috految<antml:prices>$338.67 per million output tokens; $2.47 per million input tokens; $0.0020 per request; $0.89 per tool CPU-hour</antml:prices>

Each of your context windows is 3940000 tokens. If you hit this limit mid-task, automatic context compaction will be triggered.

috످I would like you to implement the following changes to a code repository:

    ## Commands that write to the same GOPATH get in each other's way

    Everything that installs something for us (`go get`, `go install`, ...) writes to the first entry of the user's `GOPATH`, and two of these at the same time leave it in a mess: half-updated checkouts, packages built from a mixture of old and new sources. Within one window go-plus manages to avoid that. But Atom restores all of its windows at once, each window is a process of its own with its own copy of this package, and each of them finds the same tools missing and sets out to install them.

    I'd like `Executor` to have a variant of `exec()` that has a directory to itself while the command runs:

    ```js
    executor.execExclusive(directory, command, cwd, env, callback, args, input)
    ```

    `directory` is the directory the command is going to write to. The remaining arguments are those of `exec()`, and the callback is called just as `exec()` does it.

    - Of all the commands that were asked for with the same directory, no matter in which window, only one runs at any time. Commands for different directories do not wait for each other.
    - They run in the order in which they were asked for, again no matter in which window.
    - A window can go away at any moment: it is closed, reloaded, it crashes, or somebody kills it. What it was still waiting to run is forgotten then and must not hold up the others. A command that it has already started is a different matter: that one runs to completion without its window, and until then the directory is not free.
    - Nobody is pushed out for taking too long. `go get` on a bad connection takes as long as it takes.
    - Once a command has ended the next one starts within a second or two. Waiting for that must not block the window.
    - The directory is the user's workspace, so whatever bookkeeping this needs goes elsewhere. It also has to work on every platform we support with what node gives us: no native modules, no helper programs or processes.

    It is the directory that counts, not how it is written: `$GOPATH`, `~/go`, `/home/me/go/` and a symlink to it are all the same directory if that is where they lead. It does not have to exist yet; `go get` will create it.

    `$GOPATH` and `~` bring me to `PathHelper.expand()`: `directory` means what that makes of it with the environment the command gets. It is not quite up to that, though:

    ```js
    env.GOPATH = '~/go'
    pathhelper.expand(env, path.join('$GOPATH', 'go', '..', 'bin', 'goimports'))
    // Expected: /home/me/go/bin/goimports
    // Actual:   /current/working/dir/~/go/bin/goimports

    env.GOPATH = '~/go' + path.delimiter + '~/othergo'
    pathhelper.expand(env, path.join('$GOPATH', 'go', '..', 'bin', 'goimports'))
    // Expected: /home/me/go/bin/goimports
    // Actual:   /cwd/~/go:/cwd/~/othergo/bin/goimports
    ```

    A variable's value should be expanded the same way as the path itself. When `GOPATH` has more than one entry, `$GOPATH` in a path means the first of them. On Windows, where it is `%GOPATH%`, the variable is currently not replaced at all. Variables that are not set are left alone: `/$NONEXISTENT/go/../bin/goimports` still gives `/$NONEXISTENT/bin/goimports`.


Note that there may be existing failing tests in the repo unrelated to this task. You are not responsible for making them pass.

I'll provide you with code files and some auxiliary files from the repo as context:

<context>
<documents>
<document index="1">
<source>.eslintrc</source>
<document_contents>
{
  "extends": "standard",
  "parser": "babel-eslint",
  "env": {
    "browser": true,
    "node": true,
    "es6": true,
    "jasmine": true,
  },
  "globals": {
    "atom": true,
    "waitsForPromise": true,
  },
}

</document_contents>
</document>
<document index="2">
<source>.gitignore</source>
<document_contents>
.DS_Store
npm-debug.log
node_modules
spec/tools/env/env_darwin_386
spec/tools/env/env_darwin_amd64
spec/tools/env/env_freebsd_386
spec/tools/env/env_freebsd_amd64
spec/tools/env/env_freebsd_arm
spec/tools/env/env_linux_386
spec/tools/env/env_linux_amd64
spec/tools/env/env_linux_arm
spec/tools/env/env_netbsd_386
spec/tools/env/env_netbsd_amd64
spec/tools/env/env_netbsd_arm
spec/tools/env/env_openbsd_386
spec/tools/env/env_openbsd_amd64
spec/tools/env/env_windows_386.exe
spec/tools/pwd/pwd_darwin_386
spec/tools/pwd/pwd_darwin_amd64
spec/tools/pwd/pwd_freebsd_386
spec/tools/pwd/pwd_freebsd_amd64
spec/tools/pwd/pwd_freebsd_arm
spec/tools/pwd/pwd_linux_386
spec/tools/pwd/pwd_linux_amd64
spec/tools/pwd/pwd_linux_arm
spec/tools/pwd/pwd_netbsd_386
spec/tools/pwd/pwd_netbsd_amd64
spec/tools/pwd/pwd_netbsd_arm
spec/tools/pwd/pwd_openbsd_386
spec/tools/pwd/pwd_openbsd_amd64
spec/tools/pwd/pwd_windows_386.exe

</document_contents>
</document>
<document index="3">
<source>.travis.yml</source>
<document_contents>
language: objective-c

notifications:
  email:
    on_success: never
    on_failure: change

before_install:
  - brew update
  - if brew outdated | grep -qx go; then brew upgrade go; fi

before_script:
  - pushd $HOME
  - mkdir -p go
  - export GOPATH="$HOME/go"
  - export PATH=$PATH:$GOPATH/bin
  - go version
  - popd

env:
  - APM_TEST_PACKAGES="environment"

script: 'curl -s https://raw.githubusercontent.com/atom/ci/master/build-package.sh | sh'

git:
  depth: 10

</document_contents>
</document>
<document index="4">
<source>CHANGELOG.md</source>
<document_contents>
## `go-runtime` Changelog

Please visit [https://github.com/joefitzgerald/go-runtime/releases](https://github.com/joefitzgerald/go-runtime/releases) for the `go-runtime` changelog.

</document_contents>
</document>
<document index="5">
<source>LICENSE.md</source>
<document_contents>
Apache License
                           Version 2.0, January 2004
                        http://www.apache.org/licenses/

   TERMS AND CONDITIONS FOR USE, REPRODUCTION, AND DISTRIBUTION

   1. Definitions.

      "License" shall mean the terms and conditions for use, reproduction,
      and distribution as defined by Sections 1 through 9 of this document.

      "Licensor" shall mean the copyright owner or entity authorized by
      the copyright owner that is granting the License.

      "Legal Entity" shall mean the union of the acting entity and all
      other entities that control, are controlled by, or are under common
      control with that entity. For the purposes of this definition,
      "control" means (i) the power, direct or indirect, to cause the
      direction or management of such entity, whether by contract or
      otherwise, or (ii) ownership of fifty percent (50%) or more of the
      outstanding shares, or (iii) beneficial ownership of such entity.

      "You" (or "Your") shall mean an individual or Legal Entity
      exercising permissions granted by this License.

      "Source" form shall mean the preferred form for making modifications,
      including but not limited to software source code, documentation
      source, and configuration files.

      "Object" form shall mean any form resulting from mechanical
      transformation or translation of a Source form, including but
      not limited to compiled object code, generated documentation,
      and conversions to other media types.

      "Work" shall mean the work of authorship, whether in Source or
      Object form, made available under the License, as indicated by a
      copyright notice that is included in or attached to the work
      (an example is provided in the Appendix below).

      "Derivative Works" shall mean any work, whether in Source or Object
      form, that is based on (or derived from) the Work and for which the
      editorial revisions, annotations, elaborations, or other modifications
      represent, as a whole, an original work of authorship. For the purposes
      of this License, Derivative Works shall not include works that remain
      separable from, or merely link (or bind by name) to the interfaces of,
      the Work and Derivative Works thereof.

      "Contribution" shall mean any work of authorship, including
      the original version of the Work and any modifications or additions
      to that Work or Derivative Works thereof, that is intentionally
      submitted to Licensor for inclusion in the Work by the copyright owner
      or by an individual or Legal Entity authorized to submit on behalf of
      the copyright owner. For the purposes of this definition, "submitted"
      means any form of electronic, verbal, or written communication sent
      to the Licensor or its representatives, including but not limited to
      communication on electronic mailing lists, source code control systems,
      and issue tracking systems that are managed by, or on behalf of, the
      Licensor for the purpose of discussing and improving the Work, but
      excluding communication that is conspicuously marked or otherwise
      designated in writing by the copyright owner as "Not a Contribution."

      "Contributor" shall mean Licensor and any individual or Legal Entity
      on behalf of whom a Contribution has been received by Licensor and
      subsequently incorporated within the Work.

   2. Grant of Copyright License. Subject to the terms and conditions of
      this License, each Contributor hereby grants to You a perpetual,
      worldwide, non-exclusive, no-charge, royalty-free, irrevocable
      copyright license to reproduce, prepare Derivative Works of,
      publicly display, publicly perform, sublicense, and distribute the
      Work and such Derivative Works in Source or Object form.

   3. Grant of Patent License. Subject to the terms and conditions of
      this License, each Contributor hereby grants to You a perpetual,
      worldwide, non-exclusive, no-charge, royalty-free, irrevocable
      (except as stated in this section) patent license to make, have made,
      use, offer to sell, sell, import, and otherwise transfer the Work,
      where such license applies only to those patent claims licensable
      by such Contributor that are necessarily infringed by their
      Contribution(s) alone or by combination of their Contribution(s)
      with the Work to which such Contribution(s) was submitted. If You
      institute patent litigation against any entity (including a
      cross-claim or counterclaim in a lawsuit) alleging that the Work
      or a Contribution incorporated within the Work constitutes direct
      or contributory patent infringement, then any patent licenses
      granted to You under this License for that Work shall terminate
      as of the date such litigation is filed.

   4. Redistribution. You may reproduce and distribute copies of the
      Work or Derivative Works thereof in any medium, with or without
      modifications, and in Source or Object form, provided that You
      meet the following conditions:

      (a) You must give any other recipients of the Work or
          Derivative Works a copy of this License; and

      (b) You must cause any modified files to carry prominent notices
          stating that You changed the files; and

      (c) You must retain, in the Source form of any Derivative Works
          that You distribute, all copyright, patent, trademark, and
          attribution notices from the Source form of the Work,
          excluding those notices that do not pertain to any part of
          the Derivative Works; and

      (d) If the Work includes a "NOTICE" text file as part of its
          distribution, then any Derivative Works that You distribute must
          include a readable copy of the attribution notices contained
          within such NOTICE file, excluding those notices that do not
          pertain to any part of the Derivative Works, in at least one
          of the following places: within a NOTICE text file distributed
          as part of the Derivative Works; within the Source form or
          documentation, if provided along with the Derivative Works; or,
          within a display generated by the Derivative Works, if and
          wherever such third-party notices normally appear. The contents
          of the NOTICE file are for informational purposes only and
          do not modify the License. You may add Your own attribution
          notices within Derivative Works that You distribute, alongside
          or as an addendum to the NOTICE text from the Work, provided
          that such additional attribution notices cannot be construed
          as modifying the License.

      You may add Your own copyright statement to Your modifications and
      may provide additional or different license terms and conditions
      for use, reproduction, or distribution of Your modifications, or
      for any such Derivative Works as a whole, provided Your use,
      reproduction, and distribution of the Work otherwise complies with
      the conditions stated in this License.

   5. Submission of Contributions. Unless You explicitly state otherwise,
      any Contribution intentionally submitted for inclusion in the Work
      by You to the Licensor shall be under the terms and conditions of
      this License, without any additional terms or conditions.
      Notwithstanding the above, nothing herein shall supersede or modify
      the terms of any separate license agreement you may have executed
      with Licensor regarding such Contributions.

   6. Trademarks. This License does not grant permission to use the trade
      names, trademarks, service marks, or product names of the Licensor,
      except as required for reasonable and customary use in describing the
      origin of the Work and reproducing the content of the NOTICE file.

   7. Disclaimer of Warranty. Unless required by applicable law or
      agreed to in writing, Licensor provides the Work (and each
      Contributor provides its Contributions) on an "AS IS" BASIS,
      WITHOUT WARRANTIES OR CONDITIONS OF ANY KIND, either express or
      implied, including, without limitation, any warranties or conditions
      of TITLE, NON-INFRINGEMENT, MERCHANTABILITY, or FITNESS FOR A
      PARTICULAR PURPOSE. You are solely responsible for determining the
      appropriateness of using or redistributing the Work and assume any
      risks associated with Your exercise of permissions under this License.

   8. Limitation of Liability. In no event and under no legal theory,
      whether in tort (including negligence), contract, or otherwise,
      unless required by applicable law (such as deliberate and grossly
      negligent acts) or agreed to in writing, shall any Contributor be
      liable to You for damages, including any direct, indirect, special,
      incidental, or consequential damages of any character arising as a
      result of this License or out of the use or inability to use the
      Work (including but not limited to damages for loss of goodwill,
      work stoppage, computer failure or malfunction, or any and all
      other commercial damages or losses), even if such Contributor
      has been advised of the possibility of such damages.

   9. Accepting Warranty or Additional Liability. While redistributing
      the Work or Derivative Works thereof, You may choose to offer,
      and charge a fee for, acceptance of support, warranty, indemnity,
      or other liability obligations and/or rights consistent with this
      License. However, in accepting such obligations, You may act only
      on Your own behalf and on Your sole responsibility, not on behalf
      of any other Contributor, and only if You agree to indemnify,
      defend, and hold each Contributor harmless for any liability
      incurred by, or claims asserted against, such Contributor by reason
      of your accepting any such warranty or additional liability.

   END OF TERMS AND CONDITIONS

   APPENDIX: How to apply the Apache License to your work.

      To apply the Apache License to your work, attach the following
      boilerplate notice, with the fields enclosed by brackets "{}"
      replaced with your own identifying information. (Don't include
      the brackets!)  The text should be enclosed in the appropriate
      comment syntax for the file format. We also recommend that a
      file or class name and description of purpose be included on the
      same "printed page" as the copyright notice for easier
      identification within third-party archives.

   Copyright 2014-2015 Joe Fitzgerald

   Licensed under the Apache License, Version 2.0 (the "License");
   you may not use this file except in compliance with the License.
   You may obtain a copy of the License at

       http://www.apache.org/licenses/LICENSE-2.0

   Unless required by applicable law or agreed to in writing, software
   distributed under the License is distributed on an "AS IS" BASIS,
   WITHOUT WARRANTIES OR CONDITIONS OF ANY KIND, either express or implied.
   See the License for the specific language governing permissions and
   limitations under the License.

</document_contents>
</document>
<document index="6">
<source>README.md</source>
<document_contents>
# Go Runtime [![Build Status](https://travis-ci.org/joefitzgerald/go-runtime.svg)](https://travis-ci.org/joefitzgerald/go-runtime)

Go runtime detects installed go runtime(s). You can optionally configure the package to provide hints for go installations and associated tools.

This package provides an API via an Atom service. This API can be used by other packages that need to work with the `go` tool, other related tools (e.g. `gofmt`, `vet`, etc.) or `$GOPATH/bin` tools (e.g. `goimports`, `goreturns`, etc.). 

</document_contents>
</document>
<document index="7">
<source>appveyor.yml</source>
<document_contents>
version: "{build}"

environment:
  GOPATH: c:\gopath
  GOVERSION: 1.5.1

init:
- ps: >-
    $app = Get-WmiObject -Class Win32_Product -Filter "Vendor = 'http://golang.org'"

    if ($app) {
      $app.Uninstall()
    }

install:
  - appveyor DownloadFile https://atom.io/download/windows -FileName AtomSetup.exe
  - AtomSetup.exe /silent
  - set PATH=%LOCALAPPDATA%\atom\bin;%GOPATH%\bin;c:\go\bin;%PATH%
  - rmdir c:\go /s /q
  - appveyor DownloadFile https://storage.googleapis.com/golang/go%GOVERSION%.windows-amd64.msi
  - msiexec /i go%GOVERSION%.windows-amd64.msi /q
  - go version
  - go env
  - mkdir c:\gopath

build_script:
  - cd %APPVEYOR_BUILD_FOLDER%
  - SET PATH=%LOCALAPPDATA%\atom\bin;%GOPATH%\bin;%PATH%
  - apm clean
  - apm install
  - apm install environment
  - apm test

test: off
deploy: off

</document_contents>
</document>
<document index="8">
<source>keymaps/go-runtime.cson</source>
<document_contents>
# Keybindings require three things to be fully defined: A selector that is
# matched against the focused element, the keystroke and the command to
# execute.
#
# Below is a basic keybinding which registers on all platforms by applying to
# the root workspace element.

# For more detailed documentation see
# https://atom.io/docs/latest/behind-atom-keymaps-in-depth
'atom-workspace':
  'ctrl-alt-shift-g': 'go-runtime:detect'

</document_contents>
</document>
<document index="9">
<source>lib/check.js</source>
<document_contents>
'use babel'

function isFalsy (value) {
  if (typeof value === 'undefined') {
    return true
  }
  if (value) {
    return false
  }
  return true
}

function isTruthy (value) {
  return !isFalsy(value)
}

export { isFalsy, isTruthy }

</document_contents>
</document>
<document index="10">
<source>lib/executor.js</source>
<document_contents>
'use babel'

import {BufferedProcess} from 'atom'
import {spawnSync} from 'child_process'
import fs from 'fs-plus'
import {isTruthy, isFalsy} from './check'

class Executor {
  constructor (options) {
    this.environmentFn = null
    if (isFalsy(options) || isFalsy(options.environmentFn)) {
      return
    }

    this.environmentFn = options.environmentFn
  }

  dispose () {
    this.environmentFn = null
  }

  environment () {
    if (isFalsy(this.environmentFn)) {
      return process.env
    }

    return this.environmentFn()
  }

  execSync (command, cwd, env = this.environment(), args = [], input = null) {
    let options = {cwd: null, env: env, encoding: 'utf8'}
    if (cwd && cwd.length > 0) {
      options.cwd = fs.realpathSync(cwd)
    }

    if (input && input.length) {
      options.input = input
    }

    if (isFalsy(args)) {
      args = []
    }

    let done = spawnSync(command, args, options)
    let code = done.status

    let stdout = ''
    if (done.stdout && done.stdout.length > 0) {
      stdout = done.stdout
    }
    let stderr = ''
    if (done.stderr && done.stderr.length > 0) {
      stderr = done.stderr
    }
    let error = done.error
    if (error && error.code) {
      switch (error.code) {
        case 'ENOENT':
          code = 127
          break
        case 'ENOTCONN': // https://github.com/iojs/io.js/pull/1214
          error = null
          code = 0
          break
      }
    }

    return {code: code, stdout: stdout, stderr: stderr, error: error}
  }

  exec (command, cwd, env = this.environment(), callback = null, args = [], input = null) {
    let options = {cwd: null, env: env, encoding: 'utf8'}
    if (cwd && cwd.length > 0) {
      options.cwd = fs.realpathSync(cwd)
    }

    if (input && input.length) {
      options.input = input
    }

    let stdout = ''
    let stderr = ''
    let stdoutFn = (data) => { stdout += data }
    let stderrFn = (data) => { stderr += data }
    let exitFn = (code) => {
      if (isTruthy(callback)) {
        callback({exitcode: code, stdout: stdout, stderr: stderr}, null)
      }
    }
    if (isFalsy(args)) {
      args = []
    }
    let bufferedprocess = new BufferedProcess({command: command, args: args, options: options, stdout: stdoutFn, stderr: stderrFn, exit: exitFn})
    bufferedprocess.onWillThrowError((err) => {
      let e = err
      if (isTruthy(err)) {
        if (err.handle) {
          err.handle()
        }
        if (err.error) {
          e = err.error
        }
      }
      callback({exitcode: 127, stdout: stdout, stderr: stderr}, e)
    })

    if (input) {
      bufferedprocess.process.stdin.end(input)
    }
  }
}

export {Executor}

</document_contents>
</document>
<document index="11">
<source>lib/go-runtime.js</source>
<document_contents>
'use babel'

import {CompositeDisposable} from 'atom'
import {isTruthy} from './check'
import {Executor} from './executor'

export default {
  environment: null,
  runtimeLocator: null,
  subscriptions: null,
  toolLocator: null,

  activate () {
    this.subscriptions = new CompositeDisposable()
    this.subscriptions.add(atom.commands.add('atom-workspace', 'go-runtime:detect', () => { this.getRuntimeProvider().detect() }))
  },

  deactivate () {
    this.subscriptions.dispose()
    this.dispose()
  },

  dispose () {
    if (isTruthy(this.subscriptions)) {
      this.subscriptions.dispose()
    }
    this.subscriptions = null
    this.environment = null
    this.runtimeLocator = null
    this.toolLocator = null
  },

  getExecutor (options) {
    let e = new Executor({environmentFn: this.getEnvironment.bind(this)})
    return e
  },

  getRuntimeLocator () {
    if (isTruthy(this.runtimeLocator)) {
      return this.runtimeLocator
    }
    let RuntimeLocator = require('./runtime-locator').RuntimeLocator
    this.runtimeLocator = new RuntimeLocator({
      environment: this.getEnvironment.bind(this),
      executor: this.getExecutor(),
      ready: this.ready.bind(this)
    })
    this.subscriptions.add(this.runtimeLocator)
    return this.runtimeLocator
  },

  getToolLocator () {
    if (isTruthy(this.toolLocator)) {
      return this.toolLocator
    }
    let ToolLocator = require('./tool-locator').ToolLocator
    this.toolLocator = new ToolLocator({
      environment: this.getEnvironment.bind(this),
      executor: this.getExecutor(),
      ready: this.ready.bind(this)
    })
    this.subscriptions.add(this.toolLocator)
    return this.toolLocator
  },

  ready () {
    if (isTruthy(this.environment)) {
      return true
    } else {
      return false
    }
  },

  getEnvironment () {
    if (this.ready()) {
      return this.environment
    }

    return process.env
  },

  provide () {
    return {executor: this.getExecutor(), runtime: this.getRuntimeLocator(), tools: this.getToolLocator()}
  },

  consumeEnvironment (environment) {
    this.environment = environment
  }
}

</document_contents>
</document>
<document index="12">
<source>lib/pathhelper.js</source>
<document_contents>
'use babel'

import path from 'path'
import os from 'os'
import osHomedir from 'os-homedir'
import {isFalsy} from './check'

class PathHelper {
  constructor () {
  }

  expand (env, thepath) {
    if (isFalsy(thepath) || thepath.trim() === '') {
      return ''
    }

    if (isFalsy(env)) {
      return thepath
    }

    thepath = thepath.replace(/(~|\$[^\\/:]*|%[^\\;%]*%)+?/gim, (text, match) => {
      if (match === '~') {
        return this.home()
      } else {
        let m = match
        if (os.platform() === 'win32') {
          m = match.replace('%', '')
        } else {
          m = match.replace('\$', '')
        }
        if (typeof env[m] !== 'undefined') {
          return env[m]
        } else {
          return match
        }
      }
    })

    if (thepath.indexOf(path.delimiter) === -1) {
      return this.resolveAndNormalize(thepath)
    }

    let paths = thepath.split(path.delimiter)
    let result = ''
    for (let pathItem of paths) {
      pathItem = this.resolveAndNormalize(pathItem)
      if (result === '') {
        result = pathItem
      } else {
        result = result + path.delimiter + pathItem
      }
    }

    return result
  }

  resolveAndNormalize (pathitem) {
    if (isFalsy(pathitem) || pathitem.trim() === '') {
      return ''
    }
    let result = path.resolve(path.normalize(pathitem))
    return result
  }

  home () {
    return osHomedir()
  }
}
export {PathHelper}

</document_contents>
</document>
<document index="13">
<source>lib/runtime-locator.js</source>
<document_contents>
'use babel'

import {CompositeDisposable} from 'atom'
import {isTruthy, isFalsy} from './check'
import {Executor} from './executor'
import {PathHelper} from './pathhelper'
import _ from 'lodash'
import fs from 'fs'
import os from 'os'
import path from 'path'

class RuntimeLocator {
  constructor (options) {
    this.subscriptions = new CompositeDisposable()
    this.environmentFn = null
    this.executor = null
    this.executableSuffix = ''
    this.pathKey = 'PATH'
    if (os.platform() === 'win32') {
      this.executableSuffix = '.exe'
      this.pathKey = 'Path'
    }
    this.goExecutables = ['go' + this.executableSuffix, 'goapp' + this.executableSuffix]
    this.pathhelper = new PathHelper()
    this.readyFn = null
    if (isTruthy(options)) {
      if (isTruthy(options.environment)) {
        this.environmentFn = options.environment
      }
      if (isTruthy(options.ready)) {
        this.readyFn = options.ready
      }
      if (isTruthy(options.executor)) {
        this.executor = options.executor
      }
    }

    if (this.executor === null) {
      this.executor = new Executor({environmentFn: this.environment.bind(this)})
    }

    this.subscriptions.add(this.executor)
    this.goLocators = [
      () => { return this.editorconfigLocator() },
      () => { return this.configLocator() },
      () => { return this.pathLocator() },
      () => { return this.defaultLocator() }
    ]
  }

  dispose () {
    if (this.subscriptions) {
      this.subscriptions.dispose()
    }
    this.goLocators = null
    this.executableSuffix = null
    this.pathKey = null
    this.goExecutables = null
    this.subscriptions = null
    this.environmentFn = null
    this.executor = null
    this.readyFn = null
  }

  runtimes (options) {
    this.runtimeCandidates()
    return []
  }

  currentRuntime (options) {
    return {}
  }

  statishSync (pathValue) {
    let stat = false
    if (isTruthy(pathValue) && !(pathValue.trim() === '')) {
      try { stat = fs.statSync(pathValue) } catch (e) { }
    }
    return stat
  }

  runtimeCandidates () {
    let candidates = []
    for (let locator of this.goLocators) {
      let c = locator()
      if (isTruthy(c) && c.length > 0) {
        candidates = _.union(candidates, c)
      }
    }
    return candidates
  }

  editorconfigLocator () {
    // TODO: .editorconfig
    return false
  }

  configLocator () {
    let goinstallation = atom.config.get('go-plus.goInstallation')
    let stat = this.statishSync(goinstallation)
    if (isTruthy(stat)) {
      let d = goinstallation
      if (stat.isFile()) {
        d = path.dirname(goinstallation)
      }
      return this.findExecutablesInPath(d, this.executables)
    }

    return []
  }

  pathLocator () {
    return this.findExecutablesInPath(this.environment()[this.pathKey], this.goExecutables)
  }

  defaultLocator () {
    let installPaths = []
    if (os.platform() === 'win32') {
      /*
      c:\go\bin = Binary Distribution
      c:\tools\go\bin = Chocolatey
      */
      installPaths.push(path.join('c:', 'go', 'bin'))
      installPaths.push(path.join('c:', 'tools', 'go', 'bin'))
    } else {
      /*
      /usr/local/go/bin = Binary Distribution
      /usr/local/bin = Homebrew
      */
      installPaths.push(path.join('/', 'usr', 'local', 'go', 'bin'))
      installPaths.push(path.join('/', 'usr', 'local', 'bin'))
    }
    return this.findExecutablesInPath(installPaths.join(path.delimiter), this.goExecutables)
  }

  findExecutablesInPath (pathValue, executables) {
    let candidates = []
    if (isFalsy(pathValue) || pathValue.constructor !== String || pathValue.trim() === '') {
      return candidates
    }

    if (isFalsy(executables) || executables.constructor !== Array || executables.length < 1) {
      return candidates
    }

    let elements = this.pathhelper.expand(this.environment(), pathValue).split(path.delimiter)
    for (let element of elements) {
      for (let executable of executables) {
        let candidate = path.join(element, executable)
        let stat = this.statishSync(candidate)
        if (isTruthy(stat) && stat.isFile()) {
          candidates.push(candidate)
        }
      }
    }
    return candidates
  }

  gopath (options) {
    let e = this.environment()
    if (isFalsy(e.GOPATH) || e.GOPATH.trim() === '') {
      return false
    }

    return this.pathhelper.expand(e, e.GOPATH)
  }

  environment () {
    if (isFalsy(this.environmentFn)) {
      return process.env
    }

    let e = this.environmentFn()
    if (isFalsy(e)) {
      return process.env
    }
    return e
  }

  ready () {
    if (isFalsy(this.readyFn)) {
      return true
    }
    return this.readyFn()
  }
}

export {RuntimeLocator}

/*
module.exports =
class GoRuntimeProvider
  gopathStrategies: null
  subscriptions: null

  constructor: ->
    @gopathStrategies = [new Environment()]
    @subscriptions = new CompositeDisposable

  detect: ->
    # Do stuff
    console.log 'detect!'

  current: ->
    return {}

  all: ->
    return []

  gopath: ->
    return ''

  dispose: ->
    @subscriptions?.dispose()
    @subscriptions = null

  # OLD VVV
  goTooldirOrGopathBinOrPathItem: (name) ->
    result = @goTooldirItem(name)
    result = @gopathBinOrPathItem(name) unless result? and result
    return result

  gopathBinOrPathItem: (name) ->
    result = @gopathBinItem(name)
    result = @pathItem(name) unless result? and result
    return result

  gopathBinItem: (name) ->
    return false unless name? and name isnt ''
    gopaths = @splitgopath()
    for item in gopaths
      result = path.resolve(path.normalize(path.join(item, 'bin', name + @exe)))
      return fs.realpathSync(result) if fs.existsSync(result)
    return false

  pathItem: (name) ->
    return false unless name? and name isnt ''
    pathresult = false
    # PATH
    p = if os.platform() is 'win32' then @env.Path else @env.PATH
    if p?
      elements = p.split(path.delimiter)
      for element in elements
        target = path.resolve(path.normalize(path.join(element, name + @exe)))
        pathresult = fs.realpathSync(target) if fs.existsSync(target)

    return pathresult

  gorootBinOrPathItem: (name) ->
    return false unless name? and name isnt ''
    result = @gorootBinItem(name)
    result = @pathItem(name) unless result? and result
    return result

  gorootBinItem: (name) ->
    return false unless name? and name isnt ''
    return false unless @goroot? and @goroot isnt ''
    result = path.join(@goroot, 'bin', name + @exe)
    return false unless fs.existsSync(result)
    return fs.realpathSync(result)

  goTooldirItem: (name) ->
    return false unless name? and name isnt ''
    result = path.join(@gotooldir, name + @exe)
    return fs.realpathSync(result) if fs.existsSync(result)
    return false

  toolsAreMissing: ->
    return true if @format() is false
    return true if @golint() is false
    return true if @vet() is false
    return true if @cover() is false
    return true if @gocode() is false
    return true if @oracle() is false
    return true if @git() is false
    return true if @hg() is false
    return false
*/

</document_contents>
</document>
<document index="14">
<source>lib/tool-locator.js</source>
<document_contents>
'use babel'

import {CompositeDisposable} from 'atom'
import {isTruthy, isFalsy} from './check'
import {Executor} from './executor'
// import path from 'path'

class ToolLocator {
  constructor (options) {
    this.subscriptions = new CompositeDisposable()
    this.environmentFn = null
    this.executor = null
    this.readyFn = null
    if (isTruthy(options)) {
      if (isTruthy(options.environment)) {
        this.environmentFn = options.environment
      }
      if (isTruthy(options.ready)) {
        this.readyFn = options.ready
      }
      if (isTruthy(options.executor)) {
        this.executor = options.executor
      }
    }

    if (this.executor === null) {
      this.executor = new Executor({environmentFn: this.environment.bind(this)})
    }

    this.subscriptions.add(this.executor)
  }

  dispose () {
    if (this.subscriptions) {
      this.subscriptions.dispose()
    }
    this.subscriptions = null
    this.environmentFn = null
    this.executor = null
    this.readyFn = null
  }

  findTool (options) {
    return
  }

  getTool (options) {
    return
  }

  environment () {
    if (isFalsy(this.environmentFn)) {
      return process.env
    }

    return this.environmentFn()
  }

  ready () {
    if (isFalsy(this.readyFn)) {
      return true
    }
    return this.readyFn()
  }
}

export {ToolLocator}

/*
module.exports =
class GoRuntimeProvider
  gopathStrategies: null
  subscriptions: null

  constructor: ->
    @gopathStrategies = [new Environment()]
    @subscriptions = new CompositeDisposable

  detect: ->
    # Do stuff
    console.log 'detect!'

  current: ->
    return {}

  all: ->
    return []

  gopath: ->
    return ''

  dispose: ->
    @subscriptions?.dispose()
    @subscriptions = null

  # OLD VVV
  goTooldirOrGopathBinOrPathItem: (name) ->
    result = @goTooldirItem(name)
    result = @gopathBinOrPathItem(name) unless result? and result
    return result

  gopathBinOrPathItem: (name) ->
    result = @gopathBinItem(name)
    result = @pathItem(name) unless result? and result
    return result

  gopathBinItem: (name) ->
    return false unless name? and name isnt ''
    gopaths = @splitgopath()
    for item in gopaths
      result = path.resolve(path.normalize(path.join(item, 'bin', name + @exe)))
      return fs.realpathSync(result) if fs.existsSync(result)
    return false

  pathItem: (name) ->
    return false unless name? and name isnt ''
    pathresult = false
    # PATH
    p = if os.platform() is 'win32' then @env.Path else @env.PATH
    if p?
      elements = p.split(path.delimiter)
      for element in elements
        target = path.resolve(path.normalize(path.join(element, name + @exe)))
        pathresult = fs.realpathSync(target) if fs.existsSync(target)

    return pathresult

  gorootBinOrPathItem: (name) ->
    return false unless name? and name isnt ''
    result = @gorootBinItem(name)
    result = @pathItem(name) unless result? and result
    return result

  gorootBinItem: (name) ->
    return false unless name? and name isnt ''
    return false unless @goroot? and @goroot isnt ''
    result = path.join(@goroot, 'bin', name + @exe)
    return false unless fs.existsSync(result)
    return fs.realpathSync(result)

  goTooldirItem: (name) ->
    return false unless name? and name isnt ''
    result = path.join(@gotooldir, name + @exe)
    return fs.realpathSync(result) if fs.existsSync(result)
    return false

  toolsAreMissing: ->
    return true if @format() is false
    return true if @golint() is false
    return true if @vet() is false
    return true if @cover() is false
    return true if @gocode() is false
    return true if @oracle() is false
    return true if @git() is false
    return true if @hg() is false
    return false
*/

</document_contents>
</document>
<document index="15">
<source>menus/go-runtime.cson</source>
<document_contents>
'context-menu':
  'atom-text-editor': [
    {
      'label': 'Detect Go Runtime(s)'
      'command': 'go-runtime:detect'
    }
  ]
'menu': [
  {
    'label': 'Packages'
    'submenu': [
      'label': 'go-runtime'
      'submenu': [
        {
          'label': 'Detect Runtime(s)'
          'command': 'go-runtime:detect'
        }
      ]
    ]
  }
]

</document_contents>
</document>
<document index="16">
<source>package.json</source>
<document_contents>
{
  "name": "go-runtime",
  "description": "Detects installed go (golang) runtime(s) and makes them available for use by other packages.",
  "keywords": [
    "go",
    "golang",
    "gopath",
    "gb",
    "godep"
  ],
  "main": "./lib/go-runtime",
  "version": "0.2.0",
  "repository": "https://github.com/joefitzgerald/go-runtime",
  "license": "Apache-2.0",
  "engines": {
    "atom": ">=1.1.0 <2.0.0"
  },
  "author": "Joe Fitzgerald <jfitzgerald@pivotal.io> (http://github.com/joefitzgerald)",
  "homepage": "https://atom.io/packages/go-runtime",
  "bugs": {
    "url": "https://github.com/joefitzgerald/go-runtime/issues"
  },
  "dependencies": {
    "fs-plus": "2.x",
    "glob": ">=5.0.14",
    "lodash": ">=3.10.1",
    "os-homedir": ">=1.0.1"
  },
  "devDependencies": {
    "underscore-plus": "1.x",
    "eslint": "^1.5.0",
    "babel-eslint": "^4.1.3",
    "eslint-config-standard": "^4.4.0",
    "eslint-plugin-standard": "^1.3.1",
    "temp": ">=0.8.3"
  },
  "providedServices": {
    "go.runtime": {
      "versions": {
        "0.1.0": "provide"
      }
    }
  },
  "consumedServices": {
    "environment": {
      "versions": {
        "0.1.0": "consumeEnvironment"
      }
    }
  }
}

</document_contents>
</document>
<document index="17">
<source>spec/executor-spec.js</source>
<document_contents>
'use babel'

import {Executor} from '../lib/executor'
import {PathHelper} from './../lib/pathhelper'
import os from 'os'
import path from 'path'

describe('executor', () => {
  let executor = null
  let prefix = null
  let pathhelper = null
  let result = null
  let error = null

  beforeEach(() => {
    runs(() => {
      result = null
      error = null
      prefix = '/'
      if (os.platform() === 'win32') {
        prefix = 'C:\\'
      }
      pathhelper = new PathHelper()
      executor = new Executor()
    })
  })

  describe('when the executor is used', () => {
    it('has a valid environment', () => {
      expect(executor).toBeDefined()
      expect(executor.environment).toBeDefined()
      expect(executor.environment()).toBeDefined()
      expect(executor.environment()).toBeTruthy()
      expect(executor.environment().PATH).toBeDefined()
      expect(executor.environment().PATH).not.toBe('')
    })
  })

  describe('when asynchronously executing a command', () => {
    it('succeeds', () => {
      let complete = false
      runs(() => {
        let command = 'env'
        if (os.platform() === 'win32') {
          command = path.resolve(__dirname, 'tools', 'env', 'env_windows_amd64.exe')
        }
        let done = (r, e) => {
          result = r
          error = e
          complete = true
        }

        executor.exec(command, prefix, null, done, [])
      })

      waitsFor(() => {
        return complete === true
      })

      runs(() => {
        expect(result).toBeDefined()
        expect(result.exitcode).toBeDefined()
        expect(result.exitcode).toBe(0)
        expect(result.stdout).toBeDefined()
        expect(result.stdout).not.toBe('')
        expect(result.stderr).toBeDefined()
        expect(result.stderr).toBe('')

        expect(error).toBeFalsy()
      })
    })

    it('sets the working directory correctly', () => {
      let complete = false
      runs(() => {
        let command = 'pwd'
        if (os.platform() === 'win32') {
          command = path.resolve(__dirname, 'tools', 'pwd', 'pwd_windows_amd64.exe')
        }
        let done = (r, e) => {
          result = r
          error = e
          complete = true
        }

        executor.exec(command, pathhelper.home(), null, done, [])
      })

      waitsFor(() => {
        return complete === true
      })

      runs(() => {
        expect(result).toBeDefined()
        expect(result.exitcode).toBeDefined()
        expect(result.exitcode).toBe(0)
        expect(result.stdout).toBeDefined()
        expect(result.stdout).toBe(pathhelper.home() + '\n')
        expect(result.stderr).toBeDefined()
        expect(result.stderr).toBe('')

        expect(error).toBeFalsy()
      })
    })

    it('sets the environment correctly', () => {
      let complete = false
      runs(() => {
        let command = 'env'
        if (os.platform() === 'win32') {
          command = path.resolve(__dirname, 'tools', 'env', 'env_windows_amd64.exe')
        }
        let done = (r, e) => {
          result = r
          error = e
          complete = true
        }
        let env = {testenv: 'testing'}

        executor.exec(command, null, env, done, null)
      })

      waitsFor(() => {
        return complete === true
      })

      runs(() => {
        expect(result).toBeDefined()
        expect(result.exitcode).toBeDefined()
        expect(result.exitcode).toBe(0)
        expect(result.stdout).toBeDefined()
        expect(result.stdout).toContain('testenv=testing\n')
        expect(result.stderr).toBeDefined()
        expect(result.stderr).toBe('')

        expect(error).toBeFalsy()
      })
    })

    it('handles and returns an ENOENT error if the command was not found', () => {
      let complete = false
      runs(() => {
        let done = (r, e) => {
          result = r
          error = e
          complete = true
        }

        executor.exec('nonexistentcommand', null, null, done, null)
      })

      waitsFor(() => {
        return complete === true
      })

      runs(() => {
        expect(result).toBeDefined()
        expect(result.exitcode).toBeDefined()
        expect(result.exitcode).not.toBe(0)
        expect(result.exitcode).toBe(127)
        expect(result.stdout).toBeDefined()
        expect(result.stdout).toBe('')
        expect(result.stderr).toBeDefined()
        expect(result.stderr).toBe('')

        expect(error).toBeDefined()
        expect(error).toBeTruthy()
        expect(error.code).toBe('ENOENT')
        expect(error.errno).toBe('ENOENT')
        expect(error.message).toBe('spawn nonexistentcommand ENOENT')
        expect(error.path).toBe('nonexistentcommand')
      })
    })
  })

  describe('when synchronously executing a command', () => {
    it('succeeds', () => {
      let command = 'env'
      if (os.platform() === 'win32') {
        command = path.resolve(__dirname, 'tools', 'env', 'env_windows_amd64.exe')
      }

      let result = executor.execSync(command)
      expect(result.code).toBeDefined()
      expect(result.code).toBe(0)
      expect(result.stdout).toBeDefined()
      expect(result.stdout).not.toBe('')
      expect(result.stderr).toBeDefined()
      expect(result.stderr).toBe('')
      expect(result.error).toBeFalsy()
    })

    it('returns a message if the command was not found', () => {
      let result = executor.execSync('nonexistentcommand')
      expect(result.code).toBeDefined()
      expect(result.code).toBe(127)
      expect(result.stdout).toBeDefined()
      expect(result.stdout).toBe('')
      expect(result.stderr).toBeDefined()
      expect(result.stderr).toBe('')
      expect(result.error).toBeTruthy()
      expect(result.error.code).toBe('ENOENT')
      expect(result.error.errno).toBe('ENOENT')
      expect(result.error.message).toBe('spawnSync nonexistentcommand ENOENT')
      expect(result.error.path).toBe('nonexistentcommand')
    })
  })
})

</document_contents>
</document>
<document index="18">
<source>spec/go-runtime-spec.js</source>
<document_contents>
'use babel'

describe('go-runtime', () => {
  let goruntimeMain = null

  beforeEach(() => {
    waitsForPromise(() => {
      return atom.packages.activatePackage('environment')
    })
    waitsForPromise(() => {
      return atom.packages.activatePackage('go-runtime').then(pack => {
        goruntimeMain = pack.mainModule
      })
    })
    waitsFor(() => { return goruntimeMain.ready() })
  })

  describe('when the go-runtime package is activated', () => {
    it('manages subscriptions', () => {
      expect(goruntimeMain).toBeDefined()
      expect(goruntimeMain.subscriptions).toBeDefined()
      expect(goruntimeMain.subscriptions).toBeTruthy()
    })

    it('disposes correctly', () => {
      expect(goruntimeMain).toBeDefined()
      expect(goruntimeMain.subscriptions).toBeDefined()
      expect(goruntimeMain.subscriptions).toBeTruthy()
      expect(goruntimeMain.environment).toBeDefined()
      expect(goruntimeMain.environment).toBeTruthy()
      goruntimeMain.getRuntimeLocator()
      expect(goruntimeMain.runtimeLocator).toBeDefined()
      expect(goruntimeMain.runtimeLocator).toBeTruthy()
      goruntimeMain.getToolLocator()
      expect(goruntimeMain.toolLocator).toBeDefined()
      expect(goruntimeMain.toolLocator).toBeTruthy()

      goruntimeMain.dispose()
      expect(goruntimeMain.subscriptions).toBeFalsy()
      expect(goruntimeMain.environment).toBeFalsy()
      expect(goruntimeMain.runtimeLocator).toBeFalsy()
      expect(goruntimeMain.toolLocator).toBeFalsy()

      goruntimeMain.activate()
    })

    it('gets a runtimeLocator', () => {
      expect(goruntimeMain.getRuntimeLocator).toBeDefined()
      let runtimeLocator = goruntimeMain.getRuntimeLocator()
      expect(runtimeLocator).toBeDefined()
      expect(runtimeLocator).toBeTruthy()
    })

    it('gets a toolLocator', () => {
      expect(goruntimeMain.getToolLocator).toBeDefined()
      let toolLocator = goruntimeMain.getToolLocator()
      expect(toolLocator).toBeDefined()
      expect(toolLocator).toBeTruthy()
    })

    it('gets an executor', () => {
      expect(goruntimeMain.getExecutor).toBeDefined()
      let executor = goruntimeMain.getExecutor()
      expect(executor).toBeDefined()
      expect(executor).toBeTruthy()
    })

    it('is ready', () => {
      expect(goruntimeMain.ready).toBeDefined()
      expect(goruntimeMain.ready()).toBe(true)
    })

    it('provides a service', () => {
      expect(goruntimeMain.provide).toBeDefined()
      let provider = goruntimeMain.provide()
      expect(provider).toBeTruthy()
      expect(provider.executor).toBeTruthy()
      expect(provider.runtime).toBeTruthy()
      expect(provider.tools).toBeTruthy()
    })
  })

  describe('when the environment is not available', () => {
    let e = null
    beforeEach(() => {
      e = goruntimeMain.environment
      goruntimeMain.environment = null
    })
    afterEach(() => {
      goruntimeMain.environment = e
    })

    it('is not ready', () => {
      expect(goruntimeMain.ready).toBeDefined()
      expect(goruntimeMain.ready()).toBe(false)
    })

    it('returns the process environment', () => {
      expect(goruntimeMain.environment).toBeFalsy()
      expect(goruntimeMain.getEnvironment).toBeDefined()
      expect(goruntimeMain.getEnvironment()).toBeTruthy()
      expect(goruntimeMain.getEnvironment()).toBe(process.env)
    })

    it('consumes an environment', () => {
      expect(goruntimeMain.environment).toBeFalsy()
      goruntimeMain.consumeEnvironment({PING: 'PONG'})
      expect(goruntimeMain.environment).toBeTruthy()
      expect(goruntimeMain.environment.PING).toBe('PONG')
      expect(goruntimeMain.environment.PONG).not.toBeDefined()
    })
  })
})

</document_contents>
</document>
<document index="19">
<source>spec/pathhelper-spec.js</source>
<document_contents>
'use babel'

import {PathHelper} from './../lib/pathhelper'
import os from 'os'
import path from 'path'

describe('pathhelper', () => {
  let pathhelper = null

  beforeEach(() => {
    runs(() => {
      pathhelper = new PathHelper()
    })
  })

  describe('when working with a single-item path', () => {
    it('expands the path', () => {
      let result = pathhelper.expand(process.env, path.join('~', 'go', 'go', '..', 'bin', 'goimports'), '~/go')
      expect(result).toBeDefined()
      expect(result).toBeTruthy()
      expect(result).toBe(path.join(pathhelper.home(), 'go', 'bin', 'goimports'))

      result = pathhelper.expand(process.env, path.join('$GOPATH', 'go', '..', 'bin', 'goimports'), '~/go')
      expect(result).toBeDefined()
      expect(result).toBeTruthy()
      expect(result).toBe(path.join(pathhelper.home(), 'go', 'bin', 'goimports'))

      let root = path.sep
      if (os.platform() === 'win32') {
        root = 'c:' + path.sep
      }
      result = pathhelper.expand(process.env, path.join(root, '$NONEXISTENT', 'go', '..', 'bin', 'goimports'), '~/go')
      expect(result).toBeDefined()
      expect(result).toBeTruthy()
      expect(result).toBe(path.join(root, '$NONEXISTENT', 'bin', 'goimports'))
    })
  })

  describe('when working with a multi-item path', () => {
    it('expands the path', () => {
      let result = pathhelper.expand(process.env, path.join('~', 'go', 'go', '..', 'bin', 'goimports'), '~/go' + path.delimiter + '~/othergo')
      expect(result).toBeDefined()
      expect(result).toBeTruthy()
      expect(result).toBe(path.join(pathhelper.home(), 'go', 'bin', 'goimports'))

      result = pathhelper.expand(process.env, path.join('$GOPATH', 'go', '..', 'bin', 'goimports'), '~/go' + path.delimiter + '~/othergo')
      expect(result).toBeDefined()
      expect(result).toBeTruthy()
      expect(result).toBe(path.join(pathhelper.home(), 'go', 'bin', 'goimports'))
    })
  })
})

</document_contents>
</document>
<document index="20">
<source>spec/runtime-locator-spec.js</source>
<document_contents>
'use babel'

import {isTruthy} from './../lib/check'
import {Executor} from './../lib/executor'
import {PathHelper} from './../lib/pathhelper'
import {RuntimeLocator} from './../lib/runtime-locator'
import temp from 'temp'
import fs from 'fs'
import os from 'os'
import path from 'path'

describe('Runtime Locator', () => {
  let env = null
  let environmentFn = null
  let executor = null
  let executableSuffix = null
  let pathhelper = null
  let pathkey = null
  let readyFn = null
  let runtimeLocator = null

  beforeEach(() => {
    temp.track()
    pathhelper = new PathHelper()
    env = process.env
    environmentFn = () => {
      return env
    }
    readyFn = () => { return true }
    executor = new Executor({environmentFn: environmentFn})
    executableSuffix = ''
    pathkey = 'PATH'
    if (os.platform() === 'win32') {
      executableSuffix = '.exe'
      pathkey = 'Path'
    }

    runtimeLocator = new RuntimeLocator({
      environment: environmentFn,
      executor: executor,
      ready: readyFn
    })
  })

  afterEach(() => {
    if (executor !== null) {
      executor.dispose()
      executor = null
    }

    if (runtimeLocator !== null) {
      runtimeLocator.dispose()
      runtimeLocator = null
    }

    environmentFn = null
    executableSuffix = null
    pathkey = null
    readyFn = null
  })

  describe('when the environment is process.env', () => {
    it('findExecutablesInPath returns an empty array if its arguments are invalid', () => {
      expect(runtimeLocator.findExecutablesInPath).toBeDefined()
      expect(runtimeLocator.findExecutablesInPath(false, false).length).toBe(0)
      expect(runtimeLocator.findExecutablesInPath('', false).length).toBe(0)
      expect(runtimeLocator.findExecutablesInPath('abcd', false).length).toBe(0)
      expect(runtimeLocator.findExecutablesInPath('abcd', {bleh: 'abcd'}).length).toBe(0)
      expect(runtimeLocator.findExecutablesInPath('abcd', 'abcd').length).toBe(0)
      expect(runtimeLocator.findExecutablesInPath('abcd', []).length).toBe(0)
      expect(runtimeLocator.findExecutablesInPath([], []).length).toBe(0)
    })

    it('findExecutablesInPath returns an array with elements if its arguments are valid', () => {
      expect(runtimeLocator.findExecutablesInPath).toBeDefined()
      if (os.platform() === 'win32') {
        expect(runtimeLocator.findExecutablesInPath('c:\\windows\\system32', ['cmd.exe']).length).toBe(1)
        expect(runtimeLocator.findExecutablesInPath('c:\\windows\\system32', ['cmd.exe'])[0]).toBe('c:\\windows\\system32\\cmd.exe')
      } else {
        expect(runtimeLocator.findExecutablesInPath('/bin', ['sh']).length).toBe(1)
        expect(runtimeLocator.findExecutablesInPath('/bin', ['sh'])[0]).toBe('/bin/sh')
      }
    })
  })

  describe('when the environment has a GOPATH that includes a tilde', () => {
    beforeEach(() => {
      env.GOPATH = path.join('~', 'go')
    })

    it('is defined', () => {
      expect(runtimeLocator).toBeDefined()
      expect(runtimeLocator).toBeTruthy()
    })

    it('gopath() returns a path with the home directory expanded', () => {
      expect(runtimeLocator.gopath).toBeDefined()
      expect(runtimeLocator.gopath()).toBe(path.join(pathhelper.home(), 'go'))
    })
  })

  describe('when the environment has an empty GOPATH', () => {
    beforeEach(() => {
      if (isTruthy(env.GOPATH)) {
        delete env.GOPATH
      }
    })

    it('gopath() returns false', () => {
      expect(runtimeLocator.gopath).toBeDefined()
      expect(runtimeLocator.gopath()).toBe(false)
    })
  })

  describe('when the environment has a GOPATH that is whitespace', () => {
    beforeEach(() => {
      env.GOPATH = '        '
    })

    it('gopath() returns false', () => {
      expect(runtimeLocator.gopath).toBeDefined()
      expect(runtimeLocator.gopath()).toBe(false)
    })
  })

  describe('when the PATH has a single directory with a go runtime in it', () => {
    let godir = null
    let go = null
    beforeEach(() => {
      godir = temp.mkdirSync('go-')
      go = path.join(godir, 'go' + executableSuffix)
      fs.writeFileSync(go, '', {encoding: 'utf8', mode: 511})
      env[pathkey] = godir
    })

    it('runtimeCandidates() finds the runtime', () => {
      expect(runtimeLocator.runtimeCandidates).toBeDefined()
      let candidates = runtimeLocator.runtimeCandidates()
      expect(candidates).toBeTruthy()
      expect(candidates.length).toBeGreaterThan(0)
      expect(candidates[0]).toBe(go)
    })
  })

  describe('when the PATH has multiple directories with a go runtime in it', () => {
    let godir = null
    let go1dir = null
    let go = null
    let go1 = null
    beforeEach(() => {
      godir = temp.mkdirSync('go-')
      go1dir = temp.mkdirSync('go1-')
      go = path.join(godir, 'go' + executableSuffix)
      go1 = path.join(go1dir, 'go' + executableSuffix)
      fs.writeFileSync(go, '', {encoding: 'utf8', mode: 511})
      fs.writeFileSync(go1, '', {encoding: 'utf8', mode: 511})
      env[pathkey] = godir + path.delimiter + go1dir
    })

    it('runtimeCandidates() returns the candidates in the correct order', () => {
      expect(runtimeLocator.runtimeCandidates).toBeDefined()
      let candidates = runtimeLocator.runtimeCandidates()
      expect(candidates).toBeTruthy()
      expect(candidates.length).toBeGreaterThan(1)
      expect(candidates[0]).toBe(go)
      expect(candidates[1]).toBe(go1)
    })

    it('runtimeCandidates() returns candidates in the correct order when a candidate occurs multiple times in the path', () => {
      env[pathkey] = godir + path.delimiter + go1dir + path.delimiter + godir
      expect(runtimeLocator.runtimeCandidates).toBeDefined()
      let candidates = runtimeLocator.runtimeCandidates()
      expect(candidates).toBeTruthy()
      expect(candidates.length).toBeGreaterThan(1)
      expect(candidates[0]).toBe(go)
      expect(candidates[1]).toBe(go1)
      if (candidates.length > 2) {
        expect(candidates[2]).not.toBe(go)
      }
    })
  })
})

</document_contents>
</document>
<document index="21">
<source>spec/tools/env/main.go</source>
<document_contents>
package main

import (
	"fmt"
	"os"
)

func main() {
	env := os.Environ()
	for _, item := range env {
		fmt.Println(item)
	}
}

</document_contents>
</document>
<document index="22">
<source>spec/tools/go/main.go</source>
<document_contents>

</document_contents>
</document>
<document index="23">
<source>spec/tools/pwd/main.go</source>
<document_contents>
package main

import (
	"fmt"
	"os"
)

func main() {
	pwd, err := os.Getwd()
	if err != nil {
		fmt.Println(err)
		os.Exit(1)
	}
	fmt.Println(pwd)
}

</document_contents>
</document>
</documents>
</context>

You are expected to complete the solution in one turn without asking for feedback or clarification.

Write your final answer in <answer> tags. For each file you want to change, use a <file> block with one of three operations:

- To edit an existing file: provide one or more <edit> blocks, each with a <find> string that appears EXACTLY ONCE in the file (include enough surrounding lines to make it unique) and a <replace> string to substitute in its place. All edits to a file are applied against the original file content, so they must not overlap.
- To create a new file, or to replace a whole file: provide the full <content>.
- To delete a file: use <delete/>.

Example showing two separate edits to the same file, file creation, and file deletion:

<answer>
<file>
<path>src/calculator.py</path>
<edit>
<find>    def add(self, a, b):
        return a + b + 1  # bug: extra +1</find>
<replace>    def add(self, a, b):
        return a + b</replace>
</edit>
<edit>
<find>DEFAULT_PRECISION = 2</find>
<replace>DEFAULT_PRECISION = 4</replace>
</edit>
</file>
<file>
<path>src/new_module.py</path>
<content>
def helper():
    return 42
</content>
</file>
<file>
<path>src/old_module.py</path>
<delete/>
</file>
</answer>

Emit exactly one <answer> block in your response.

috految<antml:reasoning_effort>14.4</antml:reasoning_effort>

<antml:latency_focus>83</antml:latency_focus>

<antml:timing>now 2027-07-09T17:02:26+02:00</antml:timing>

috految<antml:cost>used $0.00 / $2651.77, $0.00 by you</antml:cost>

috److془We need to carefully design.

Environment: unknown; node with mocked atom or real Atom. Babel 5 compatible, node 2.3/4.

Design issues:
- Detached, stdio in files.
- Window killed between spawn and pid record. 
- Zombies, pid reuse, reboot.
- Reload: same pid possibly; unload event. In Atom, reload restarts renderer process (mostly). Handle unload + deactivate + dispose perhaps. Tests may simulate reload by same process with worker/vm... Use fd-held liveness + unload.
- Daemon left behind by the command must not hold the lock.
- Window frozen while command ended: zombie → next proceeds. 
- Different TMPDIR among windows; HOME being the GOPATH. Use /tmp/go-runtime-uid on posix. Windows: home/AppData/Local. tmp cleaners: days; fine. 
- Output `echo > /dev/stderr` truncates file on linux; with exec (sockets) fails anyway. 
- Callback: exec waits for stdout close, including background children's output. Hmm; "callback is called just as exec() does it". Fine with exit. Background output... skip. Exit code by signal: null. BufferedProcess: `exitCode = code` null. Good. 
- Windows: BufferedProcess runs through cmd.exe; detached cmd.exe loses output of children (new console). Spawn directly; batch files: through cmd. Lookup: libuv looks .com, .exe. Alternative: nondetached cmd dies upon window death through job, grandchildren survive ( SILENT_BREAKAWAY_OK). Use direct spawn and PATHEXT resolution; CreateProcess runs .bat (old node). Output lost perhaps for batch. Fine. Mention. 

Liveness: Linux: /proc/pid/stat starttime + boot id. Gap: scan /proc/*/fd. macOS: O_EXLOCK (0x20) on file inherited. Windows: rename of directory containing open file fails. Tests may simulate no /proc on Linux with os.platform fake. Unix sockets are portable posix, though. Socket: inherit fd via server._handle.fd. Backlog full gives ECONNREFUSED on mac. Hmm. Use the file approach, with feature-detection: after opening, `isOpen(marker)` true? else pid only. Nice. Gap with hidden /proc rarely tested. Sockets vs. this: go with this. Gap + daemon: on Linux, holder of inherited fd with daemon; use stdio files only, daemons redirect. Command redirecting all three in the gap: rare. Though test: `sh -c 'exec >/dev/null 2>&1 </dev/null; kill -9 $PPID'`. Use marker as fd 3; Linux scan of any fd; session leaders only? Between fork and setsid racy.. Just any holders. Hmm gap+daemon rare, safe side. Actually, for macOS, pid alive && held; command closing fd 3 (ssh) → so hold stdin also. Marker = stdin file, passed as 0 and 3. Workaround simple: marker is stdin. Windows: directory with any of files open. Windows inheritance: node opens non-inheritable, duplicates for spawn. Good. Same fd twice in libuv: old closes use_fd after all dups; double close for stdout=stderr is common. Fine. But node sh pipelines fine. libuv with fd 3: error pipe might be fd 3 no, low ones taken. Old libuv 1.x: `uv__close(use_fd)` EBADF fine. Electron fd 3 irrelevant. Hmm: sigchld in Electron: exit event as with exec. Electron loop: spawn from DOM timer, with signal pipe watcher already registered; fine. Old libuv fs.open CLOEXEC: yes 1.x. Electron's own nextTick wrapped with activateUvLoop. Timers: DOM throttled to 1 second in background; Atom specs mock setTimeout. Use 'timers' module: in renderer, node timers not waking loop... Use global setTimeout; tests must allow. Atom disables throttling or 1 sec. Good. Hmm, setInterval also mocked; whatever. Atom's env: "if (!process.bufferedprocess)" none. Is Electron's BufferedProcess hack: none. Hmm: Atom on Linux: pid namespaces none with nodeIntegration. Atom window's setsid'd child fine. Use process.pid; zygote forks precede node init. Good. Electron renderer: /proc/fd could be nondumpable; for owner use starttime only. Then reload same pid: unload. For the test simulation with no unload: deactivate; or fresh module with the same pid where fds vanish (worker). Or pid forged reuse via process.pid override. Use fd check for owner, EACCES → true. Pid forged with alive window: use scan for all uniformly? Just: pid first. Fine. Gvisor starttime 0, fine. Reload without unload impossible really. Atom's unload: Atom calls deactivation on unload; add unload listener. Deactivate: cancel waiting too? Atom 1.1 beforeunload... deactivation is fine. Actually deactivation at close: do both. Executor.dispose unchanged like exec.

Reload same pid with command zombie: Linux state Z; mac lock released as window closes after spawn. Good. Mac lock: O_SHLOCK(0x10) hold blocking, probe O_EXLOCK|O_NONBLOCK(4) EAGAIN. Better: hold EXLOCK, probe SHLOCK. Windows: rename(dir, dir+'.probe') success → not open, and rename back. Concurrent ENOENT → not open. Markers in own directory; outputs unlinked after open, read via fd. Windows: delete-pending still works. Simply: outputs in ticket dir, read by fd; removal by anyone best effort. Windows: the window's open outputs hold, pid decides. Good. Open 'a+' on Windows has trouble with msys; 'w+' and positional read. Use own 'a+' on posix. Buffer: Buffer.alloc fallback. Or simply others remove only when owner dead, readFileSync by path. Good. Windows probe: rename only reached when pid alive; put marker in subdirectory. Or lease only. Good. Windows Go 1.5, stdin remains open. 3 too. Fine. Pid batch fine. Pid reuse after reboot on linux: starttime suffices. Browser fd: 1024+ queued no matter. Window's EPERM on kill: alive. Linux fd scan uses readlink suffix with id. Race: window dead, between fork and exec child holds fds, moving to 0,3 during scan; scan with 0 last. Scan only if the 'started' marker exists. 

Bakery: synchronous enqueue. Or simpler: number=max+1; mutual exclusion: mark started, recheck no other live started; otherwise back off. Lowest goes. Lovely. Name `${number}-${random}`; publish state atomically, unparsable as absent. Directory compare at poll time with canonical resolution: handles symlinks created later. Same: canonical equal or dev/ino equal (8.3 etc.). Windows ino precision: add ctime equal. Only non-zero. Symlink retargeted: re-resolve path at start and store in started. Case fold on win/darwin. Node realpath JS mishandles '..' targets; write own. Dangling handled. Race: read started after owner check. Order of owner check: ownerAlive, then read command. Window closes fd only after recording the command. Good. Recording failure: swallow, keep fd. Ordering with the callback: next could start before callback; fine. Zombie leader with threads: negligible. Previous in same window: callback earlier nearly always. Many poll cost: some() short circuits; fine. Transient errors: on Windows EPERM on delete pending: treat as absent. Others EMFILE → fail callback; EBUSY okay hmm. Fine.

Synchronous first attempt okay. Snapshot env (for-in inherited), args. env null → process.env. cwd: exec throws synchronously when nonexistent; cwd may be created by earlier command; resolve at start, callback 127. Spawn with missing cwd realpath error. ENOENT: error event; pid undefined. On old node, spawn ENOENT with fds fine. Old node EACCES throws: catch. Mock might patch errno; whatever. Old node: ENOENT pid undefined fine. Callback after ~. Directory relative: expand resolves by process cwd. List directory: first entry (gopath()). Hmm colons in dir names over-serialize; fine. Electron env on Windows: case-insensitive lookup. Path lookup libuv: my resolution handles it. Empty directory: resolves cwd; fine.

expand: ~ only leading of entry (PROGRA~1). Values: recursive with cycle guard; not resolved. Value `~` with env.HOME? keep home(). `~foo` untouched. GOPATH first nonempty entry after expansion. Self ref GOPATH='$GOPATH:/x' fine. Windows: `%([^\\/;%]+)%`. $GOPATH on windows unreplaced as before. Trailing: '$GOPATH/bin' with relative okay. Posix regex retains. Tests with stubbed platform fine. Old specs: $GOPATH as before. Windows '~/go' fine. Entry with `$A$B` unchanged. Keep. Origin '${}' unsupported. Babel 5 TCO bugs: avoid tail self calls. Mocked os.platform: fine. inherited `constructor` typeof string. Tmp ownership check. fs-plus import is already in use; removeSync rimraf; might be mocked, use in try. Use plain fs otherwise. Rimraf removal: unlink ticket first. Race with reader: ticket read, started gone: only if ended. Good. fs-plus on string-free fine.془I added `execExclusive()` and fixed `PathHelper.expand()`. I haven't run any of it, on any platform.

**Queue.** Requests go into a per-user queue shared by all windows, in `/tmp` on Linux and macOS and in local app data on Windows. There are no timeouts. Each window checks the OS processes and an inherited open file to see whether a request is still alive. That also covers reused pids and a window that dies just after spawning its command.

**Commands.** They run detached, with their input and output in files instead of pipes, so they finish without their window. Requests still waiting are dropped when the window unloads or the package is deactivated.

**Differences from `exec()`:**
- `cwd` is resolved when the command starts, because an earlier command may create it. A missing `cwd` is reported through the callback with exit code 127 instead of being thrown.
- The callback fires when the command itself exits, without waiting for background processes it leaves behind.
- On Windows, commands are started directly instead of through `cmd.exe`. Shell built-ins are unavailable, and output from programs launched by a batch file may not be captured.

**`expand()`.** Variable values are now expanded recursively, `GOPATH` means its first entry, and `%GOPATH%` works on Windows. `~` now only expands at the start of a path entry, so names like `PROGRA~1` stay intact.

<answer><file><path>lib/liveness.js</path><content>
'use babel'

import fs from 'fs'
import os from 'os'
import path from 'path'

// open(2) flags on OS X and the BSDs
const O_NONBLOCK = 0x4
const O_SHLOCK = 0x10
const O_EXLOCK = 0x20

function hasOpenLocks () {
  return /darwin|bsd/.test(os.platform())
}

// Returns null if the process is gone or the platform has no procfs.
function readStatus (pid) {
  try {
    let stat = fs.readFileSync(`/proc/${pid}/stat`, 'utf8')
    let fields = stat.slice(stat.lastIndexOf(')') + 2).split(' ')
    return {exited: /[XZ]/.test(fields[0]), startTime: fields[19]}
  } catch (e) {
    return null
  }
}

function identify (pid) {
  let status = readStatus(pid)
  return {pid: pid, startTime: status && status.startTime}
}

function isRunning (identity) {
  let status = readStatus(identity.pid)
  if (status) {
    return !status.exited && (!identity.startTime || status.startTime === identity.startTime)
  }

  try {
    process.kill(identity.pid, 0)
    return true
  } catch (e) {
    return e.code !== 'ESRCH'
  }
}

// Opens a file so that isHeld() can tell whether the descriptor, or a copy
// inherited by a child, is still open. The file needs a directory of its own.
function hold (file) {
  return fs.openSync(file, hasOpenLocks() ? O_EXLOCK : 'r')
}

function hasOpen (pid, file) {
  let descriptors = `/proc/${pid}/fd`
  // Check stdin last: a starting child may be moving the file there.
  return fs.readdirSync(descriptors).concat('0').some((fd) => {
    try {
      return fs.readlinkSync(path.join(descriptors, fd)) === file
    } catch (e) {
      if (e.code === 'ENOENT') {
        return false
      }
      throw e
    }
  })
}

// The pid of the holder is optional, and saves searching for it.
function isHeld (file, pid) {
  try {
    if (os.platform() === 'win32') {
      // A directory cannot be renamed while a file in it is open.
      let directory = path.dirname(file)
      fs.renameSync(directory, directory + '.probe')
      fs.renameSync(directory + '.probe', directory)
      return false
    }

    if (hasOpenLocks()) {
      fs.closeSync(fs.openSync(file, O_SHLOCK | O_NONBLOCK))
      return false
    }

    if (pid) {
      return hasOpen(pid, file)
    }

    return fs.readdirSync('/proc').filter((name) => /^\d+$/.test(name)).some((name) => {
      try {
        return hasOpen(name, file)
      } catch (e) {
        return false // Gone, or somebody else's
      }
    })
  } catch (e) {
    return e.code !== 'ENOENT'
  }
}

export {hold, identify, isHeld, isRunning}
</content></file><file><path>lib/ticket.js</path><content>
'use babel'

import crypto from 'crypto'
import fs from 'fs'
import fsPlus from 'fs-plus'
import os from 'os'
import osHomedir from 'os-homedir'
import path from 'path'
import {hold, identify, isHeld, isRunning} from './liveness'

const POLL_INTERVAL = 100
const MAX_SYMLINKS = 40
const OWNER_ONLY = parseInt('700', 8)

const waiting = new Set()

// Not os.tmpdir(): that depends on the environment a window was started with.
function queueDirectory () {
  let directory = null
  if (os.platform() === 'win32') {
    directory = path.join(process.env.LOCALAPPDATA || osHomedir(), 'go-runtime-queue')
  } else {
    directory = `/tmp/go-runtime-queue-${process.getuid()}`
  }

  try {
    fs.mkdirSync(directory, OWNER_ONLY)
  } catch (e) {
    if (e.code !== 'EEXIST') {
      throw e
    }
  }
  if (os.platform() !== 'win32' && fs.lstatSync(directory).uid !== process.getuid()) {
    throw new Error(`${directory} belongs to another user`)
  }
  return fs.realpathSync(directory)
}

// Like realpath, but neither the path nor the targets of its links have to exist.
function resolveLinks (directory) {
  let result = path.parse(directory).root
  let remaining = directory.slice(result.length).split(path.sep)
  let links = 0
  while (remaining.length > 0) {
    let next = path.join(result, remaining.shift())
    let target = null
    try {
      target = fs.readlinkSync(next)
    } catch (e) {
      // Not a link, or not there yet
    }

    if (target && links++ < MAX_SYMLINKS) {
      let root = path.parse(target).root
      result = root || result
      remaining = target.slice(root.length).split(path.sep).concat(remaining)
    } else {
      result = next
    }
  }
  return result
}

function isSameDirectory (one, other) {
  let a = resolveLinks(one)
  let b = resolveLinks(other)
  let ignoreCase = os.platform() === 'win32' || os.platform() === 'darwin'
  if (a === b || (ignoreCase && a.toLowerCase() === b.toLowerCase())) {
    return true
  }

  try {
    let statA = fs.statSync(a)
    let statB = fs.statSync(b)
    return statA.ino > 0 && statA.ino === statB.ino && statA.dev === statB.dev &&
      statA.birthtime.getTime() === statB.birthtime.getTime()
  } catch (e) {
    return false // One of them does not exist yet
  }
}

// A record does not count until it has been written completely.
function readRecord (location, name) {
  try {
    return JSON.parse(fs.readFileSync(path.join(location, name), 'utf8'))
  } catch (e) {
    // Windows reports EPERM for a file that is being deleted.
    if (e.name === 'SyntaxError' || e.code === 'ENOENT' || e.code === 'EPERM') {
      return null
    }
    throw e
  }
}

function discard (location) {
  try {
    fs.unlinkSync(path.join(location, 'request'))
    fsPlus.removeSync(location)
  } catch (e) {
    // Others may be cleaning up too, and leftovers do not hold anybody up.
  }
}

function leaseFile (location) {
  return path.join(location, 'lease', 'stdin')
}

function isActive (location, request) {
  let lease = leaseFile(location)
  // Look at the window first: once it is gone, its records no longer change.
  let windowRunning = isRunning(request.owner)
  let owned = windowRunning && (!request.leased || isHeld(lease, request.owner.pid))

  let command = readRecord(location, 'command')
  let active = owned
  if (command) {
    // Without a start time, it takes the lease to rule out a reused pid.
    active = isRunning(command) && (Boolean(command.startTime) || !request.leased || isHeld(lease))
  } else if (!owned && readRecord(location, 'claim')) {
    // The window may have died between starting the command and recording it.
    active = isHeld(lease)
  }

  if (!active && !windowRunning) {
    discard(location)
  }
  return active
}

function forgetWaiting () {
  waiting.forEach((ticket) => ticket.release())
}

// A place in the queue that all windows share. Each ticket is a directory with:
//
//   request      who asked for which directory
//   claim        written before the command is started
//   command      the process of the command, once it is started
//   lease/stdin  held open by the window, then by the command
class Ticket {
  constructor (directory, input) {
    this.directory = directory
    this.queue = queueDirectory()
    this.number = this.names().reduce((max, name) => Math.max(max, parseInt(name, 10)), 0) + 1
    this.name = `${this.number}-${crypto.randomBytes(8).toString('hex')}`
    this.location = path.join(this.queue, this.name)

    let lease = leaseFile(this.location)
    fs.mkdirSync(this.location)
    fs.mkdirSync(path.dirname(lease))
    fs.writeFileSync(lease, input || '')
    this.fd = hold(lease)
    this.write('request', {
      directory: directory,
      owner: identify(process.pid),
      leased: isHeld(lease, process.pid)
    })
  }

  names () {
    return fs.readdirSync(this.queue).filter((name) => /^\d+-[0-9a-f]+$/.test(name))
  }

  write (name, record) {
    fs.writeFileSync(path.join(this.location, name), JSON.stringify(record))
  }

  isBlocked () {
    return this.names().some((name) => {
      if (name === this.name) {
        return false
      }

      let location = path.join(this.queue, name)
      let number = parseInt(name, 10)
      let ahead = number < this.number || (number === this.number && name < this.name)
      let claim = readRecord(location, 'claim')
      if (!ahead && !claim) {
        return false
      }

      let request = readRecord(location, 'request')
      return request !== null &&
        isSameDirectory(this.directory, (claim || request).directory) &&
        isActive(location, request)
    })
  }

  // Claim, then look again: of two simultaneous claims at least one sees the
  // other and backs off.
  tryClaim () {
    if (this.isBlocked()) {
      return false
    }

    this.write('claim', {directory: resolveLinks(this.directory)})
    if (this.isBlocked()) {
      fs.unlinkSync(path.join(this.location, 'claim'))
      return false
    }
    return true
  }

  wait (onTurn, onError) {
    waiting.add(this)
    if (typeof window !== 'undefined' && window.addEventListener) {
      // A reload does not necessarily end the process.
      window.addEventListener('unload', forgetWaiting)
    }

    let poll = () => {
      if (!waiting.has(this)) {
        return
      }

      try {
        if (this.tryClaim()) {
          waiting.delete(this)
          onTurn()
        } else {
          setTimeout(poll, POLL_INTERVAL)
        }
      } catch (e) {
        onError(e)
      }
    }
    poll()
  }

  handOver (pid) {
    try {
      this.write('command', identify(pid))
    } catch (e) {
      return // Our lease keeps the directory reserved instead
    }
    this.closeLease()
  }

  closeLease () {
    if (this.fd !== null) {
      fs.closeSync(this.fd)
      this.fd = null
    }
  }

  release () {
    waiting.delete(this)
    this.closeLease()
    discard(this.location)
  }
}

export {Ticket, forgetWaiting}
</content></file><file><path>lib/go-runtime.js</path><edit><find>import {Executor} from './executor'</find><replace>import {Executor} from './executor'
import {forgetWaiting} from './ticket'</replace></edit><edit><find>  deactivate () {</find><replace>  deactivate () {
    forgetWaiting()</replace></edit></file><file><path>lib/executor.js</path><edit><find>import {spawnSync} from 'child_process'</find><replace>import {spawn, spawnSync} from 'child_process'
import {closeSync, openSync, readFileSync} from 'fs'
import os from 'os'
import path from 'path'</replace></edit><edit><find>import {isTruthy, isFalsy} from './check'</find><replace>import {isTruthy, isFalsy} from './check'
import {PathHelper} from './pathhelper'
import {Ticket} from './ticket'

// On Windows, spawn() does not find everything that cmd.exe finds for exec().
function findCommand (command, cwd, env) {
  if (os.platform() !== 'win32') {
    return command
  }

  let searchPath = new PathHelper().lookup(env, 'PATH') || ''
  let directories = path.basename(command) === command ? searchPath.split(path.delimiter) : ['']
  let extensions = path.extname(command) ? [''] : ['.com', '.exe', '.bat', '.cmd']
  for (let directory of directories) {
    for (let extension of extensions) {
      let candidate = path.resolve(cwd || '', directory, command + extension)
      if (fs.isFileSync(candidate)) {
        return candidate
      }
    }
  }
  return command
}</replace></edit><edit><find>      bufferedprocess.process.stdin.end(input)
    }</find><replace>      bufferedprocess.process.stdin.end(input)
    }
  }

  // Like exec(), but waits until the command has the directory to itself.
  execExclusive (directory, command, cwd, env = this.environment(), callback = null, args = [], input = null) {
    // The caller may change these while we wait.
    let source = env || process.env
    let commandEnv = {}
    for (let key in source) {
      commandEnv[key] = source[key]
    }
    let commandArgs = (args || []).slice()
    let commandCwd = cwd && cwd.length > 0 ? path.resolve(cwd) : null
    let target = new PathHelper().expand(commandEnv, directory).split(path.delimiter)[0]

    let ticket = null
    let finish = (result, error) => {
      if (ticket) {
        ticket.release()
      }
      if (isTruthy(callback)) {
        callback(result, error)
      }
    }
    let fail = (error) => {
      process.nextTick(() => finish({exitcode: 127, stdout: '', stderr: ''}, error))
    }

    // To outlive this window the command is detached, and gets files instead of
    // pipes, which would break.
    let start = () => {
      let files = ['stdout', 'stderr'].map((name) => path.join(ticket.location, name))
      let outputs = []
      let child = null
      try {
        files.forEach((file) => outputs.push(openSync(file, os.platform() === 'win32' ? 'w' : 'a')))
        child = spawn(findCommand(command, commandCwd, commandEnv), commandArgs, {
          cwd: commandCwd ? fs.realpathSync(commandCwd) : undefined,
          env: commandEnv,
          detached: true,
          // The extra copy of the lease survives redirection of stdin.
          stdio: [ticket.fd, outputs[0], outputs[1], ticket.fd]
        })
        if (child.pid) {
          ticket.handOver(child.pid)
        }
      } finally {
        outputs.forEach((fd) => closeSync(fd))
      }

      child.once('error', fail)
      child.once('exit', (code) => {
        let result = {exitcode: code, stdout: '', stderr: ''}
        let error = null
        try {
          result.stdout = readFileSync(files[0], 'utf8')
          result.stderr = readFileSync(files[1], 'utf8')
        } catch (e) {
          error = e
        }
        finish(result, error)
      })
    }

    try {
      ticket = new Ticket(path.resolve(target), input)
      ticket.wait(start, fail)
    } catch (e) {
      fail(e)
    }</replace></edit></file><file><path>lib/pathhelper.js</path><edit><find>    thepath = thepath.replace(/(~|\$[^\\/:]*|%[^\\;%]*%)+?/gim, (text, match) => {
      if (match === '~') {
        return this.home()
      } else {
        let m = match
        if (os.platform() === 'win32') {
          m = match.replace('%', '')
        } else {
          m = match.replace('\$', '')
        }
        if (typeof env[m] !== 'undefined') {
          return env[m]
        } else {
          return match
        }
      }
    })</find><replace>    thepath = this.substitute(env, thepath, [])</replace></edit><edit><find>  resolveAndNormalize (pathitem) {</find><replace>  // `expanding` lists the variables that led here, to stop circular references.
  substitute (env, text, expanding) {
    let windows = os.platform() === 'win32'
    let pattern = windows ? /^~(?=$|[\\/])|%([^\\/;%]+)%/g : /^~(?=$|[\\/])|\$([^\\/:]+)/g

    return text.split(path.delimiter).map((item) => {
      return item.replace(pattern, (match, name) => {
        if (match === '~') {
          return this.home()
        }

        let key = windows ? name.toUpperCase() : name
        let value = this.lookup(env, name)
        if (typeof value !== 'string' || expanding.indexOf(key) !== -1) {
          return match
        }

        value = this.substitute(env, value, expanding.concat(key))
        if (key === 'GOPATH') {
          return value.split(path.delimiter).filter((entry) => entry.trim() !== '')[0] || ''
        }
        return value
      })
    }).join(path.delimiter)
  }

  lookup (env, name) {
    if (os.platform() === 'win32' && typeof env[name] === 'undefined') {
      return env[Object.keys(env).filter((key) => key.toUpperCase() === name.toUpperCase())[0]]
    }
    return env[name]
  }

  resolveAndNormalize (pathitem) {</replace></edit></file></answer>

috످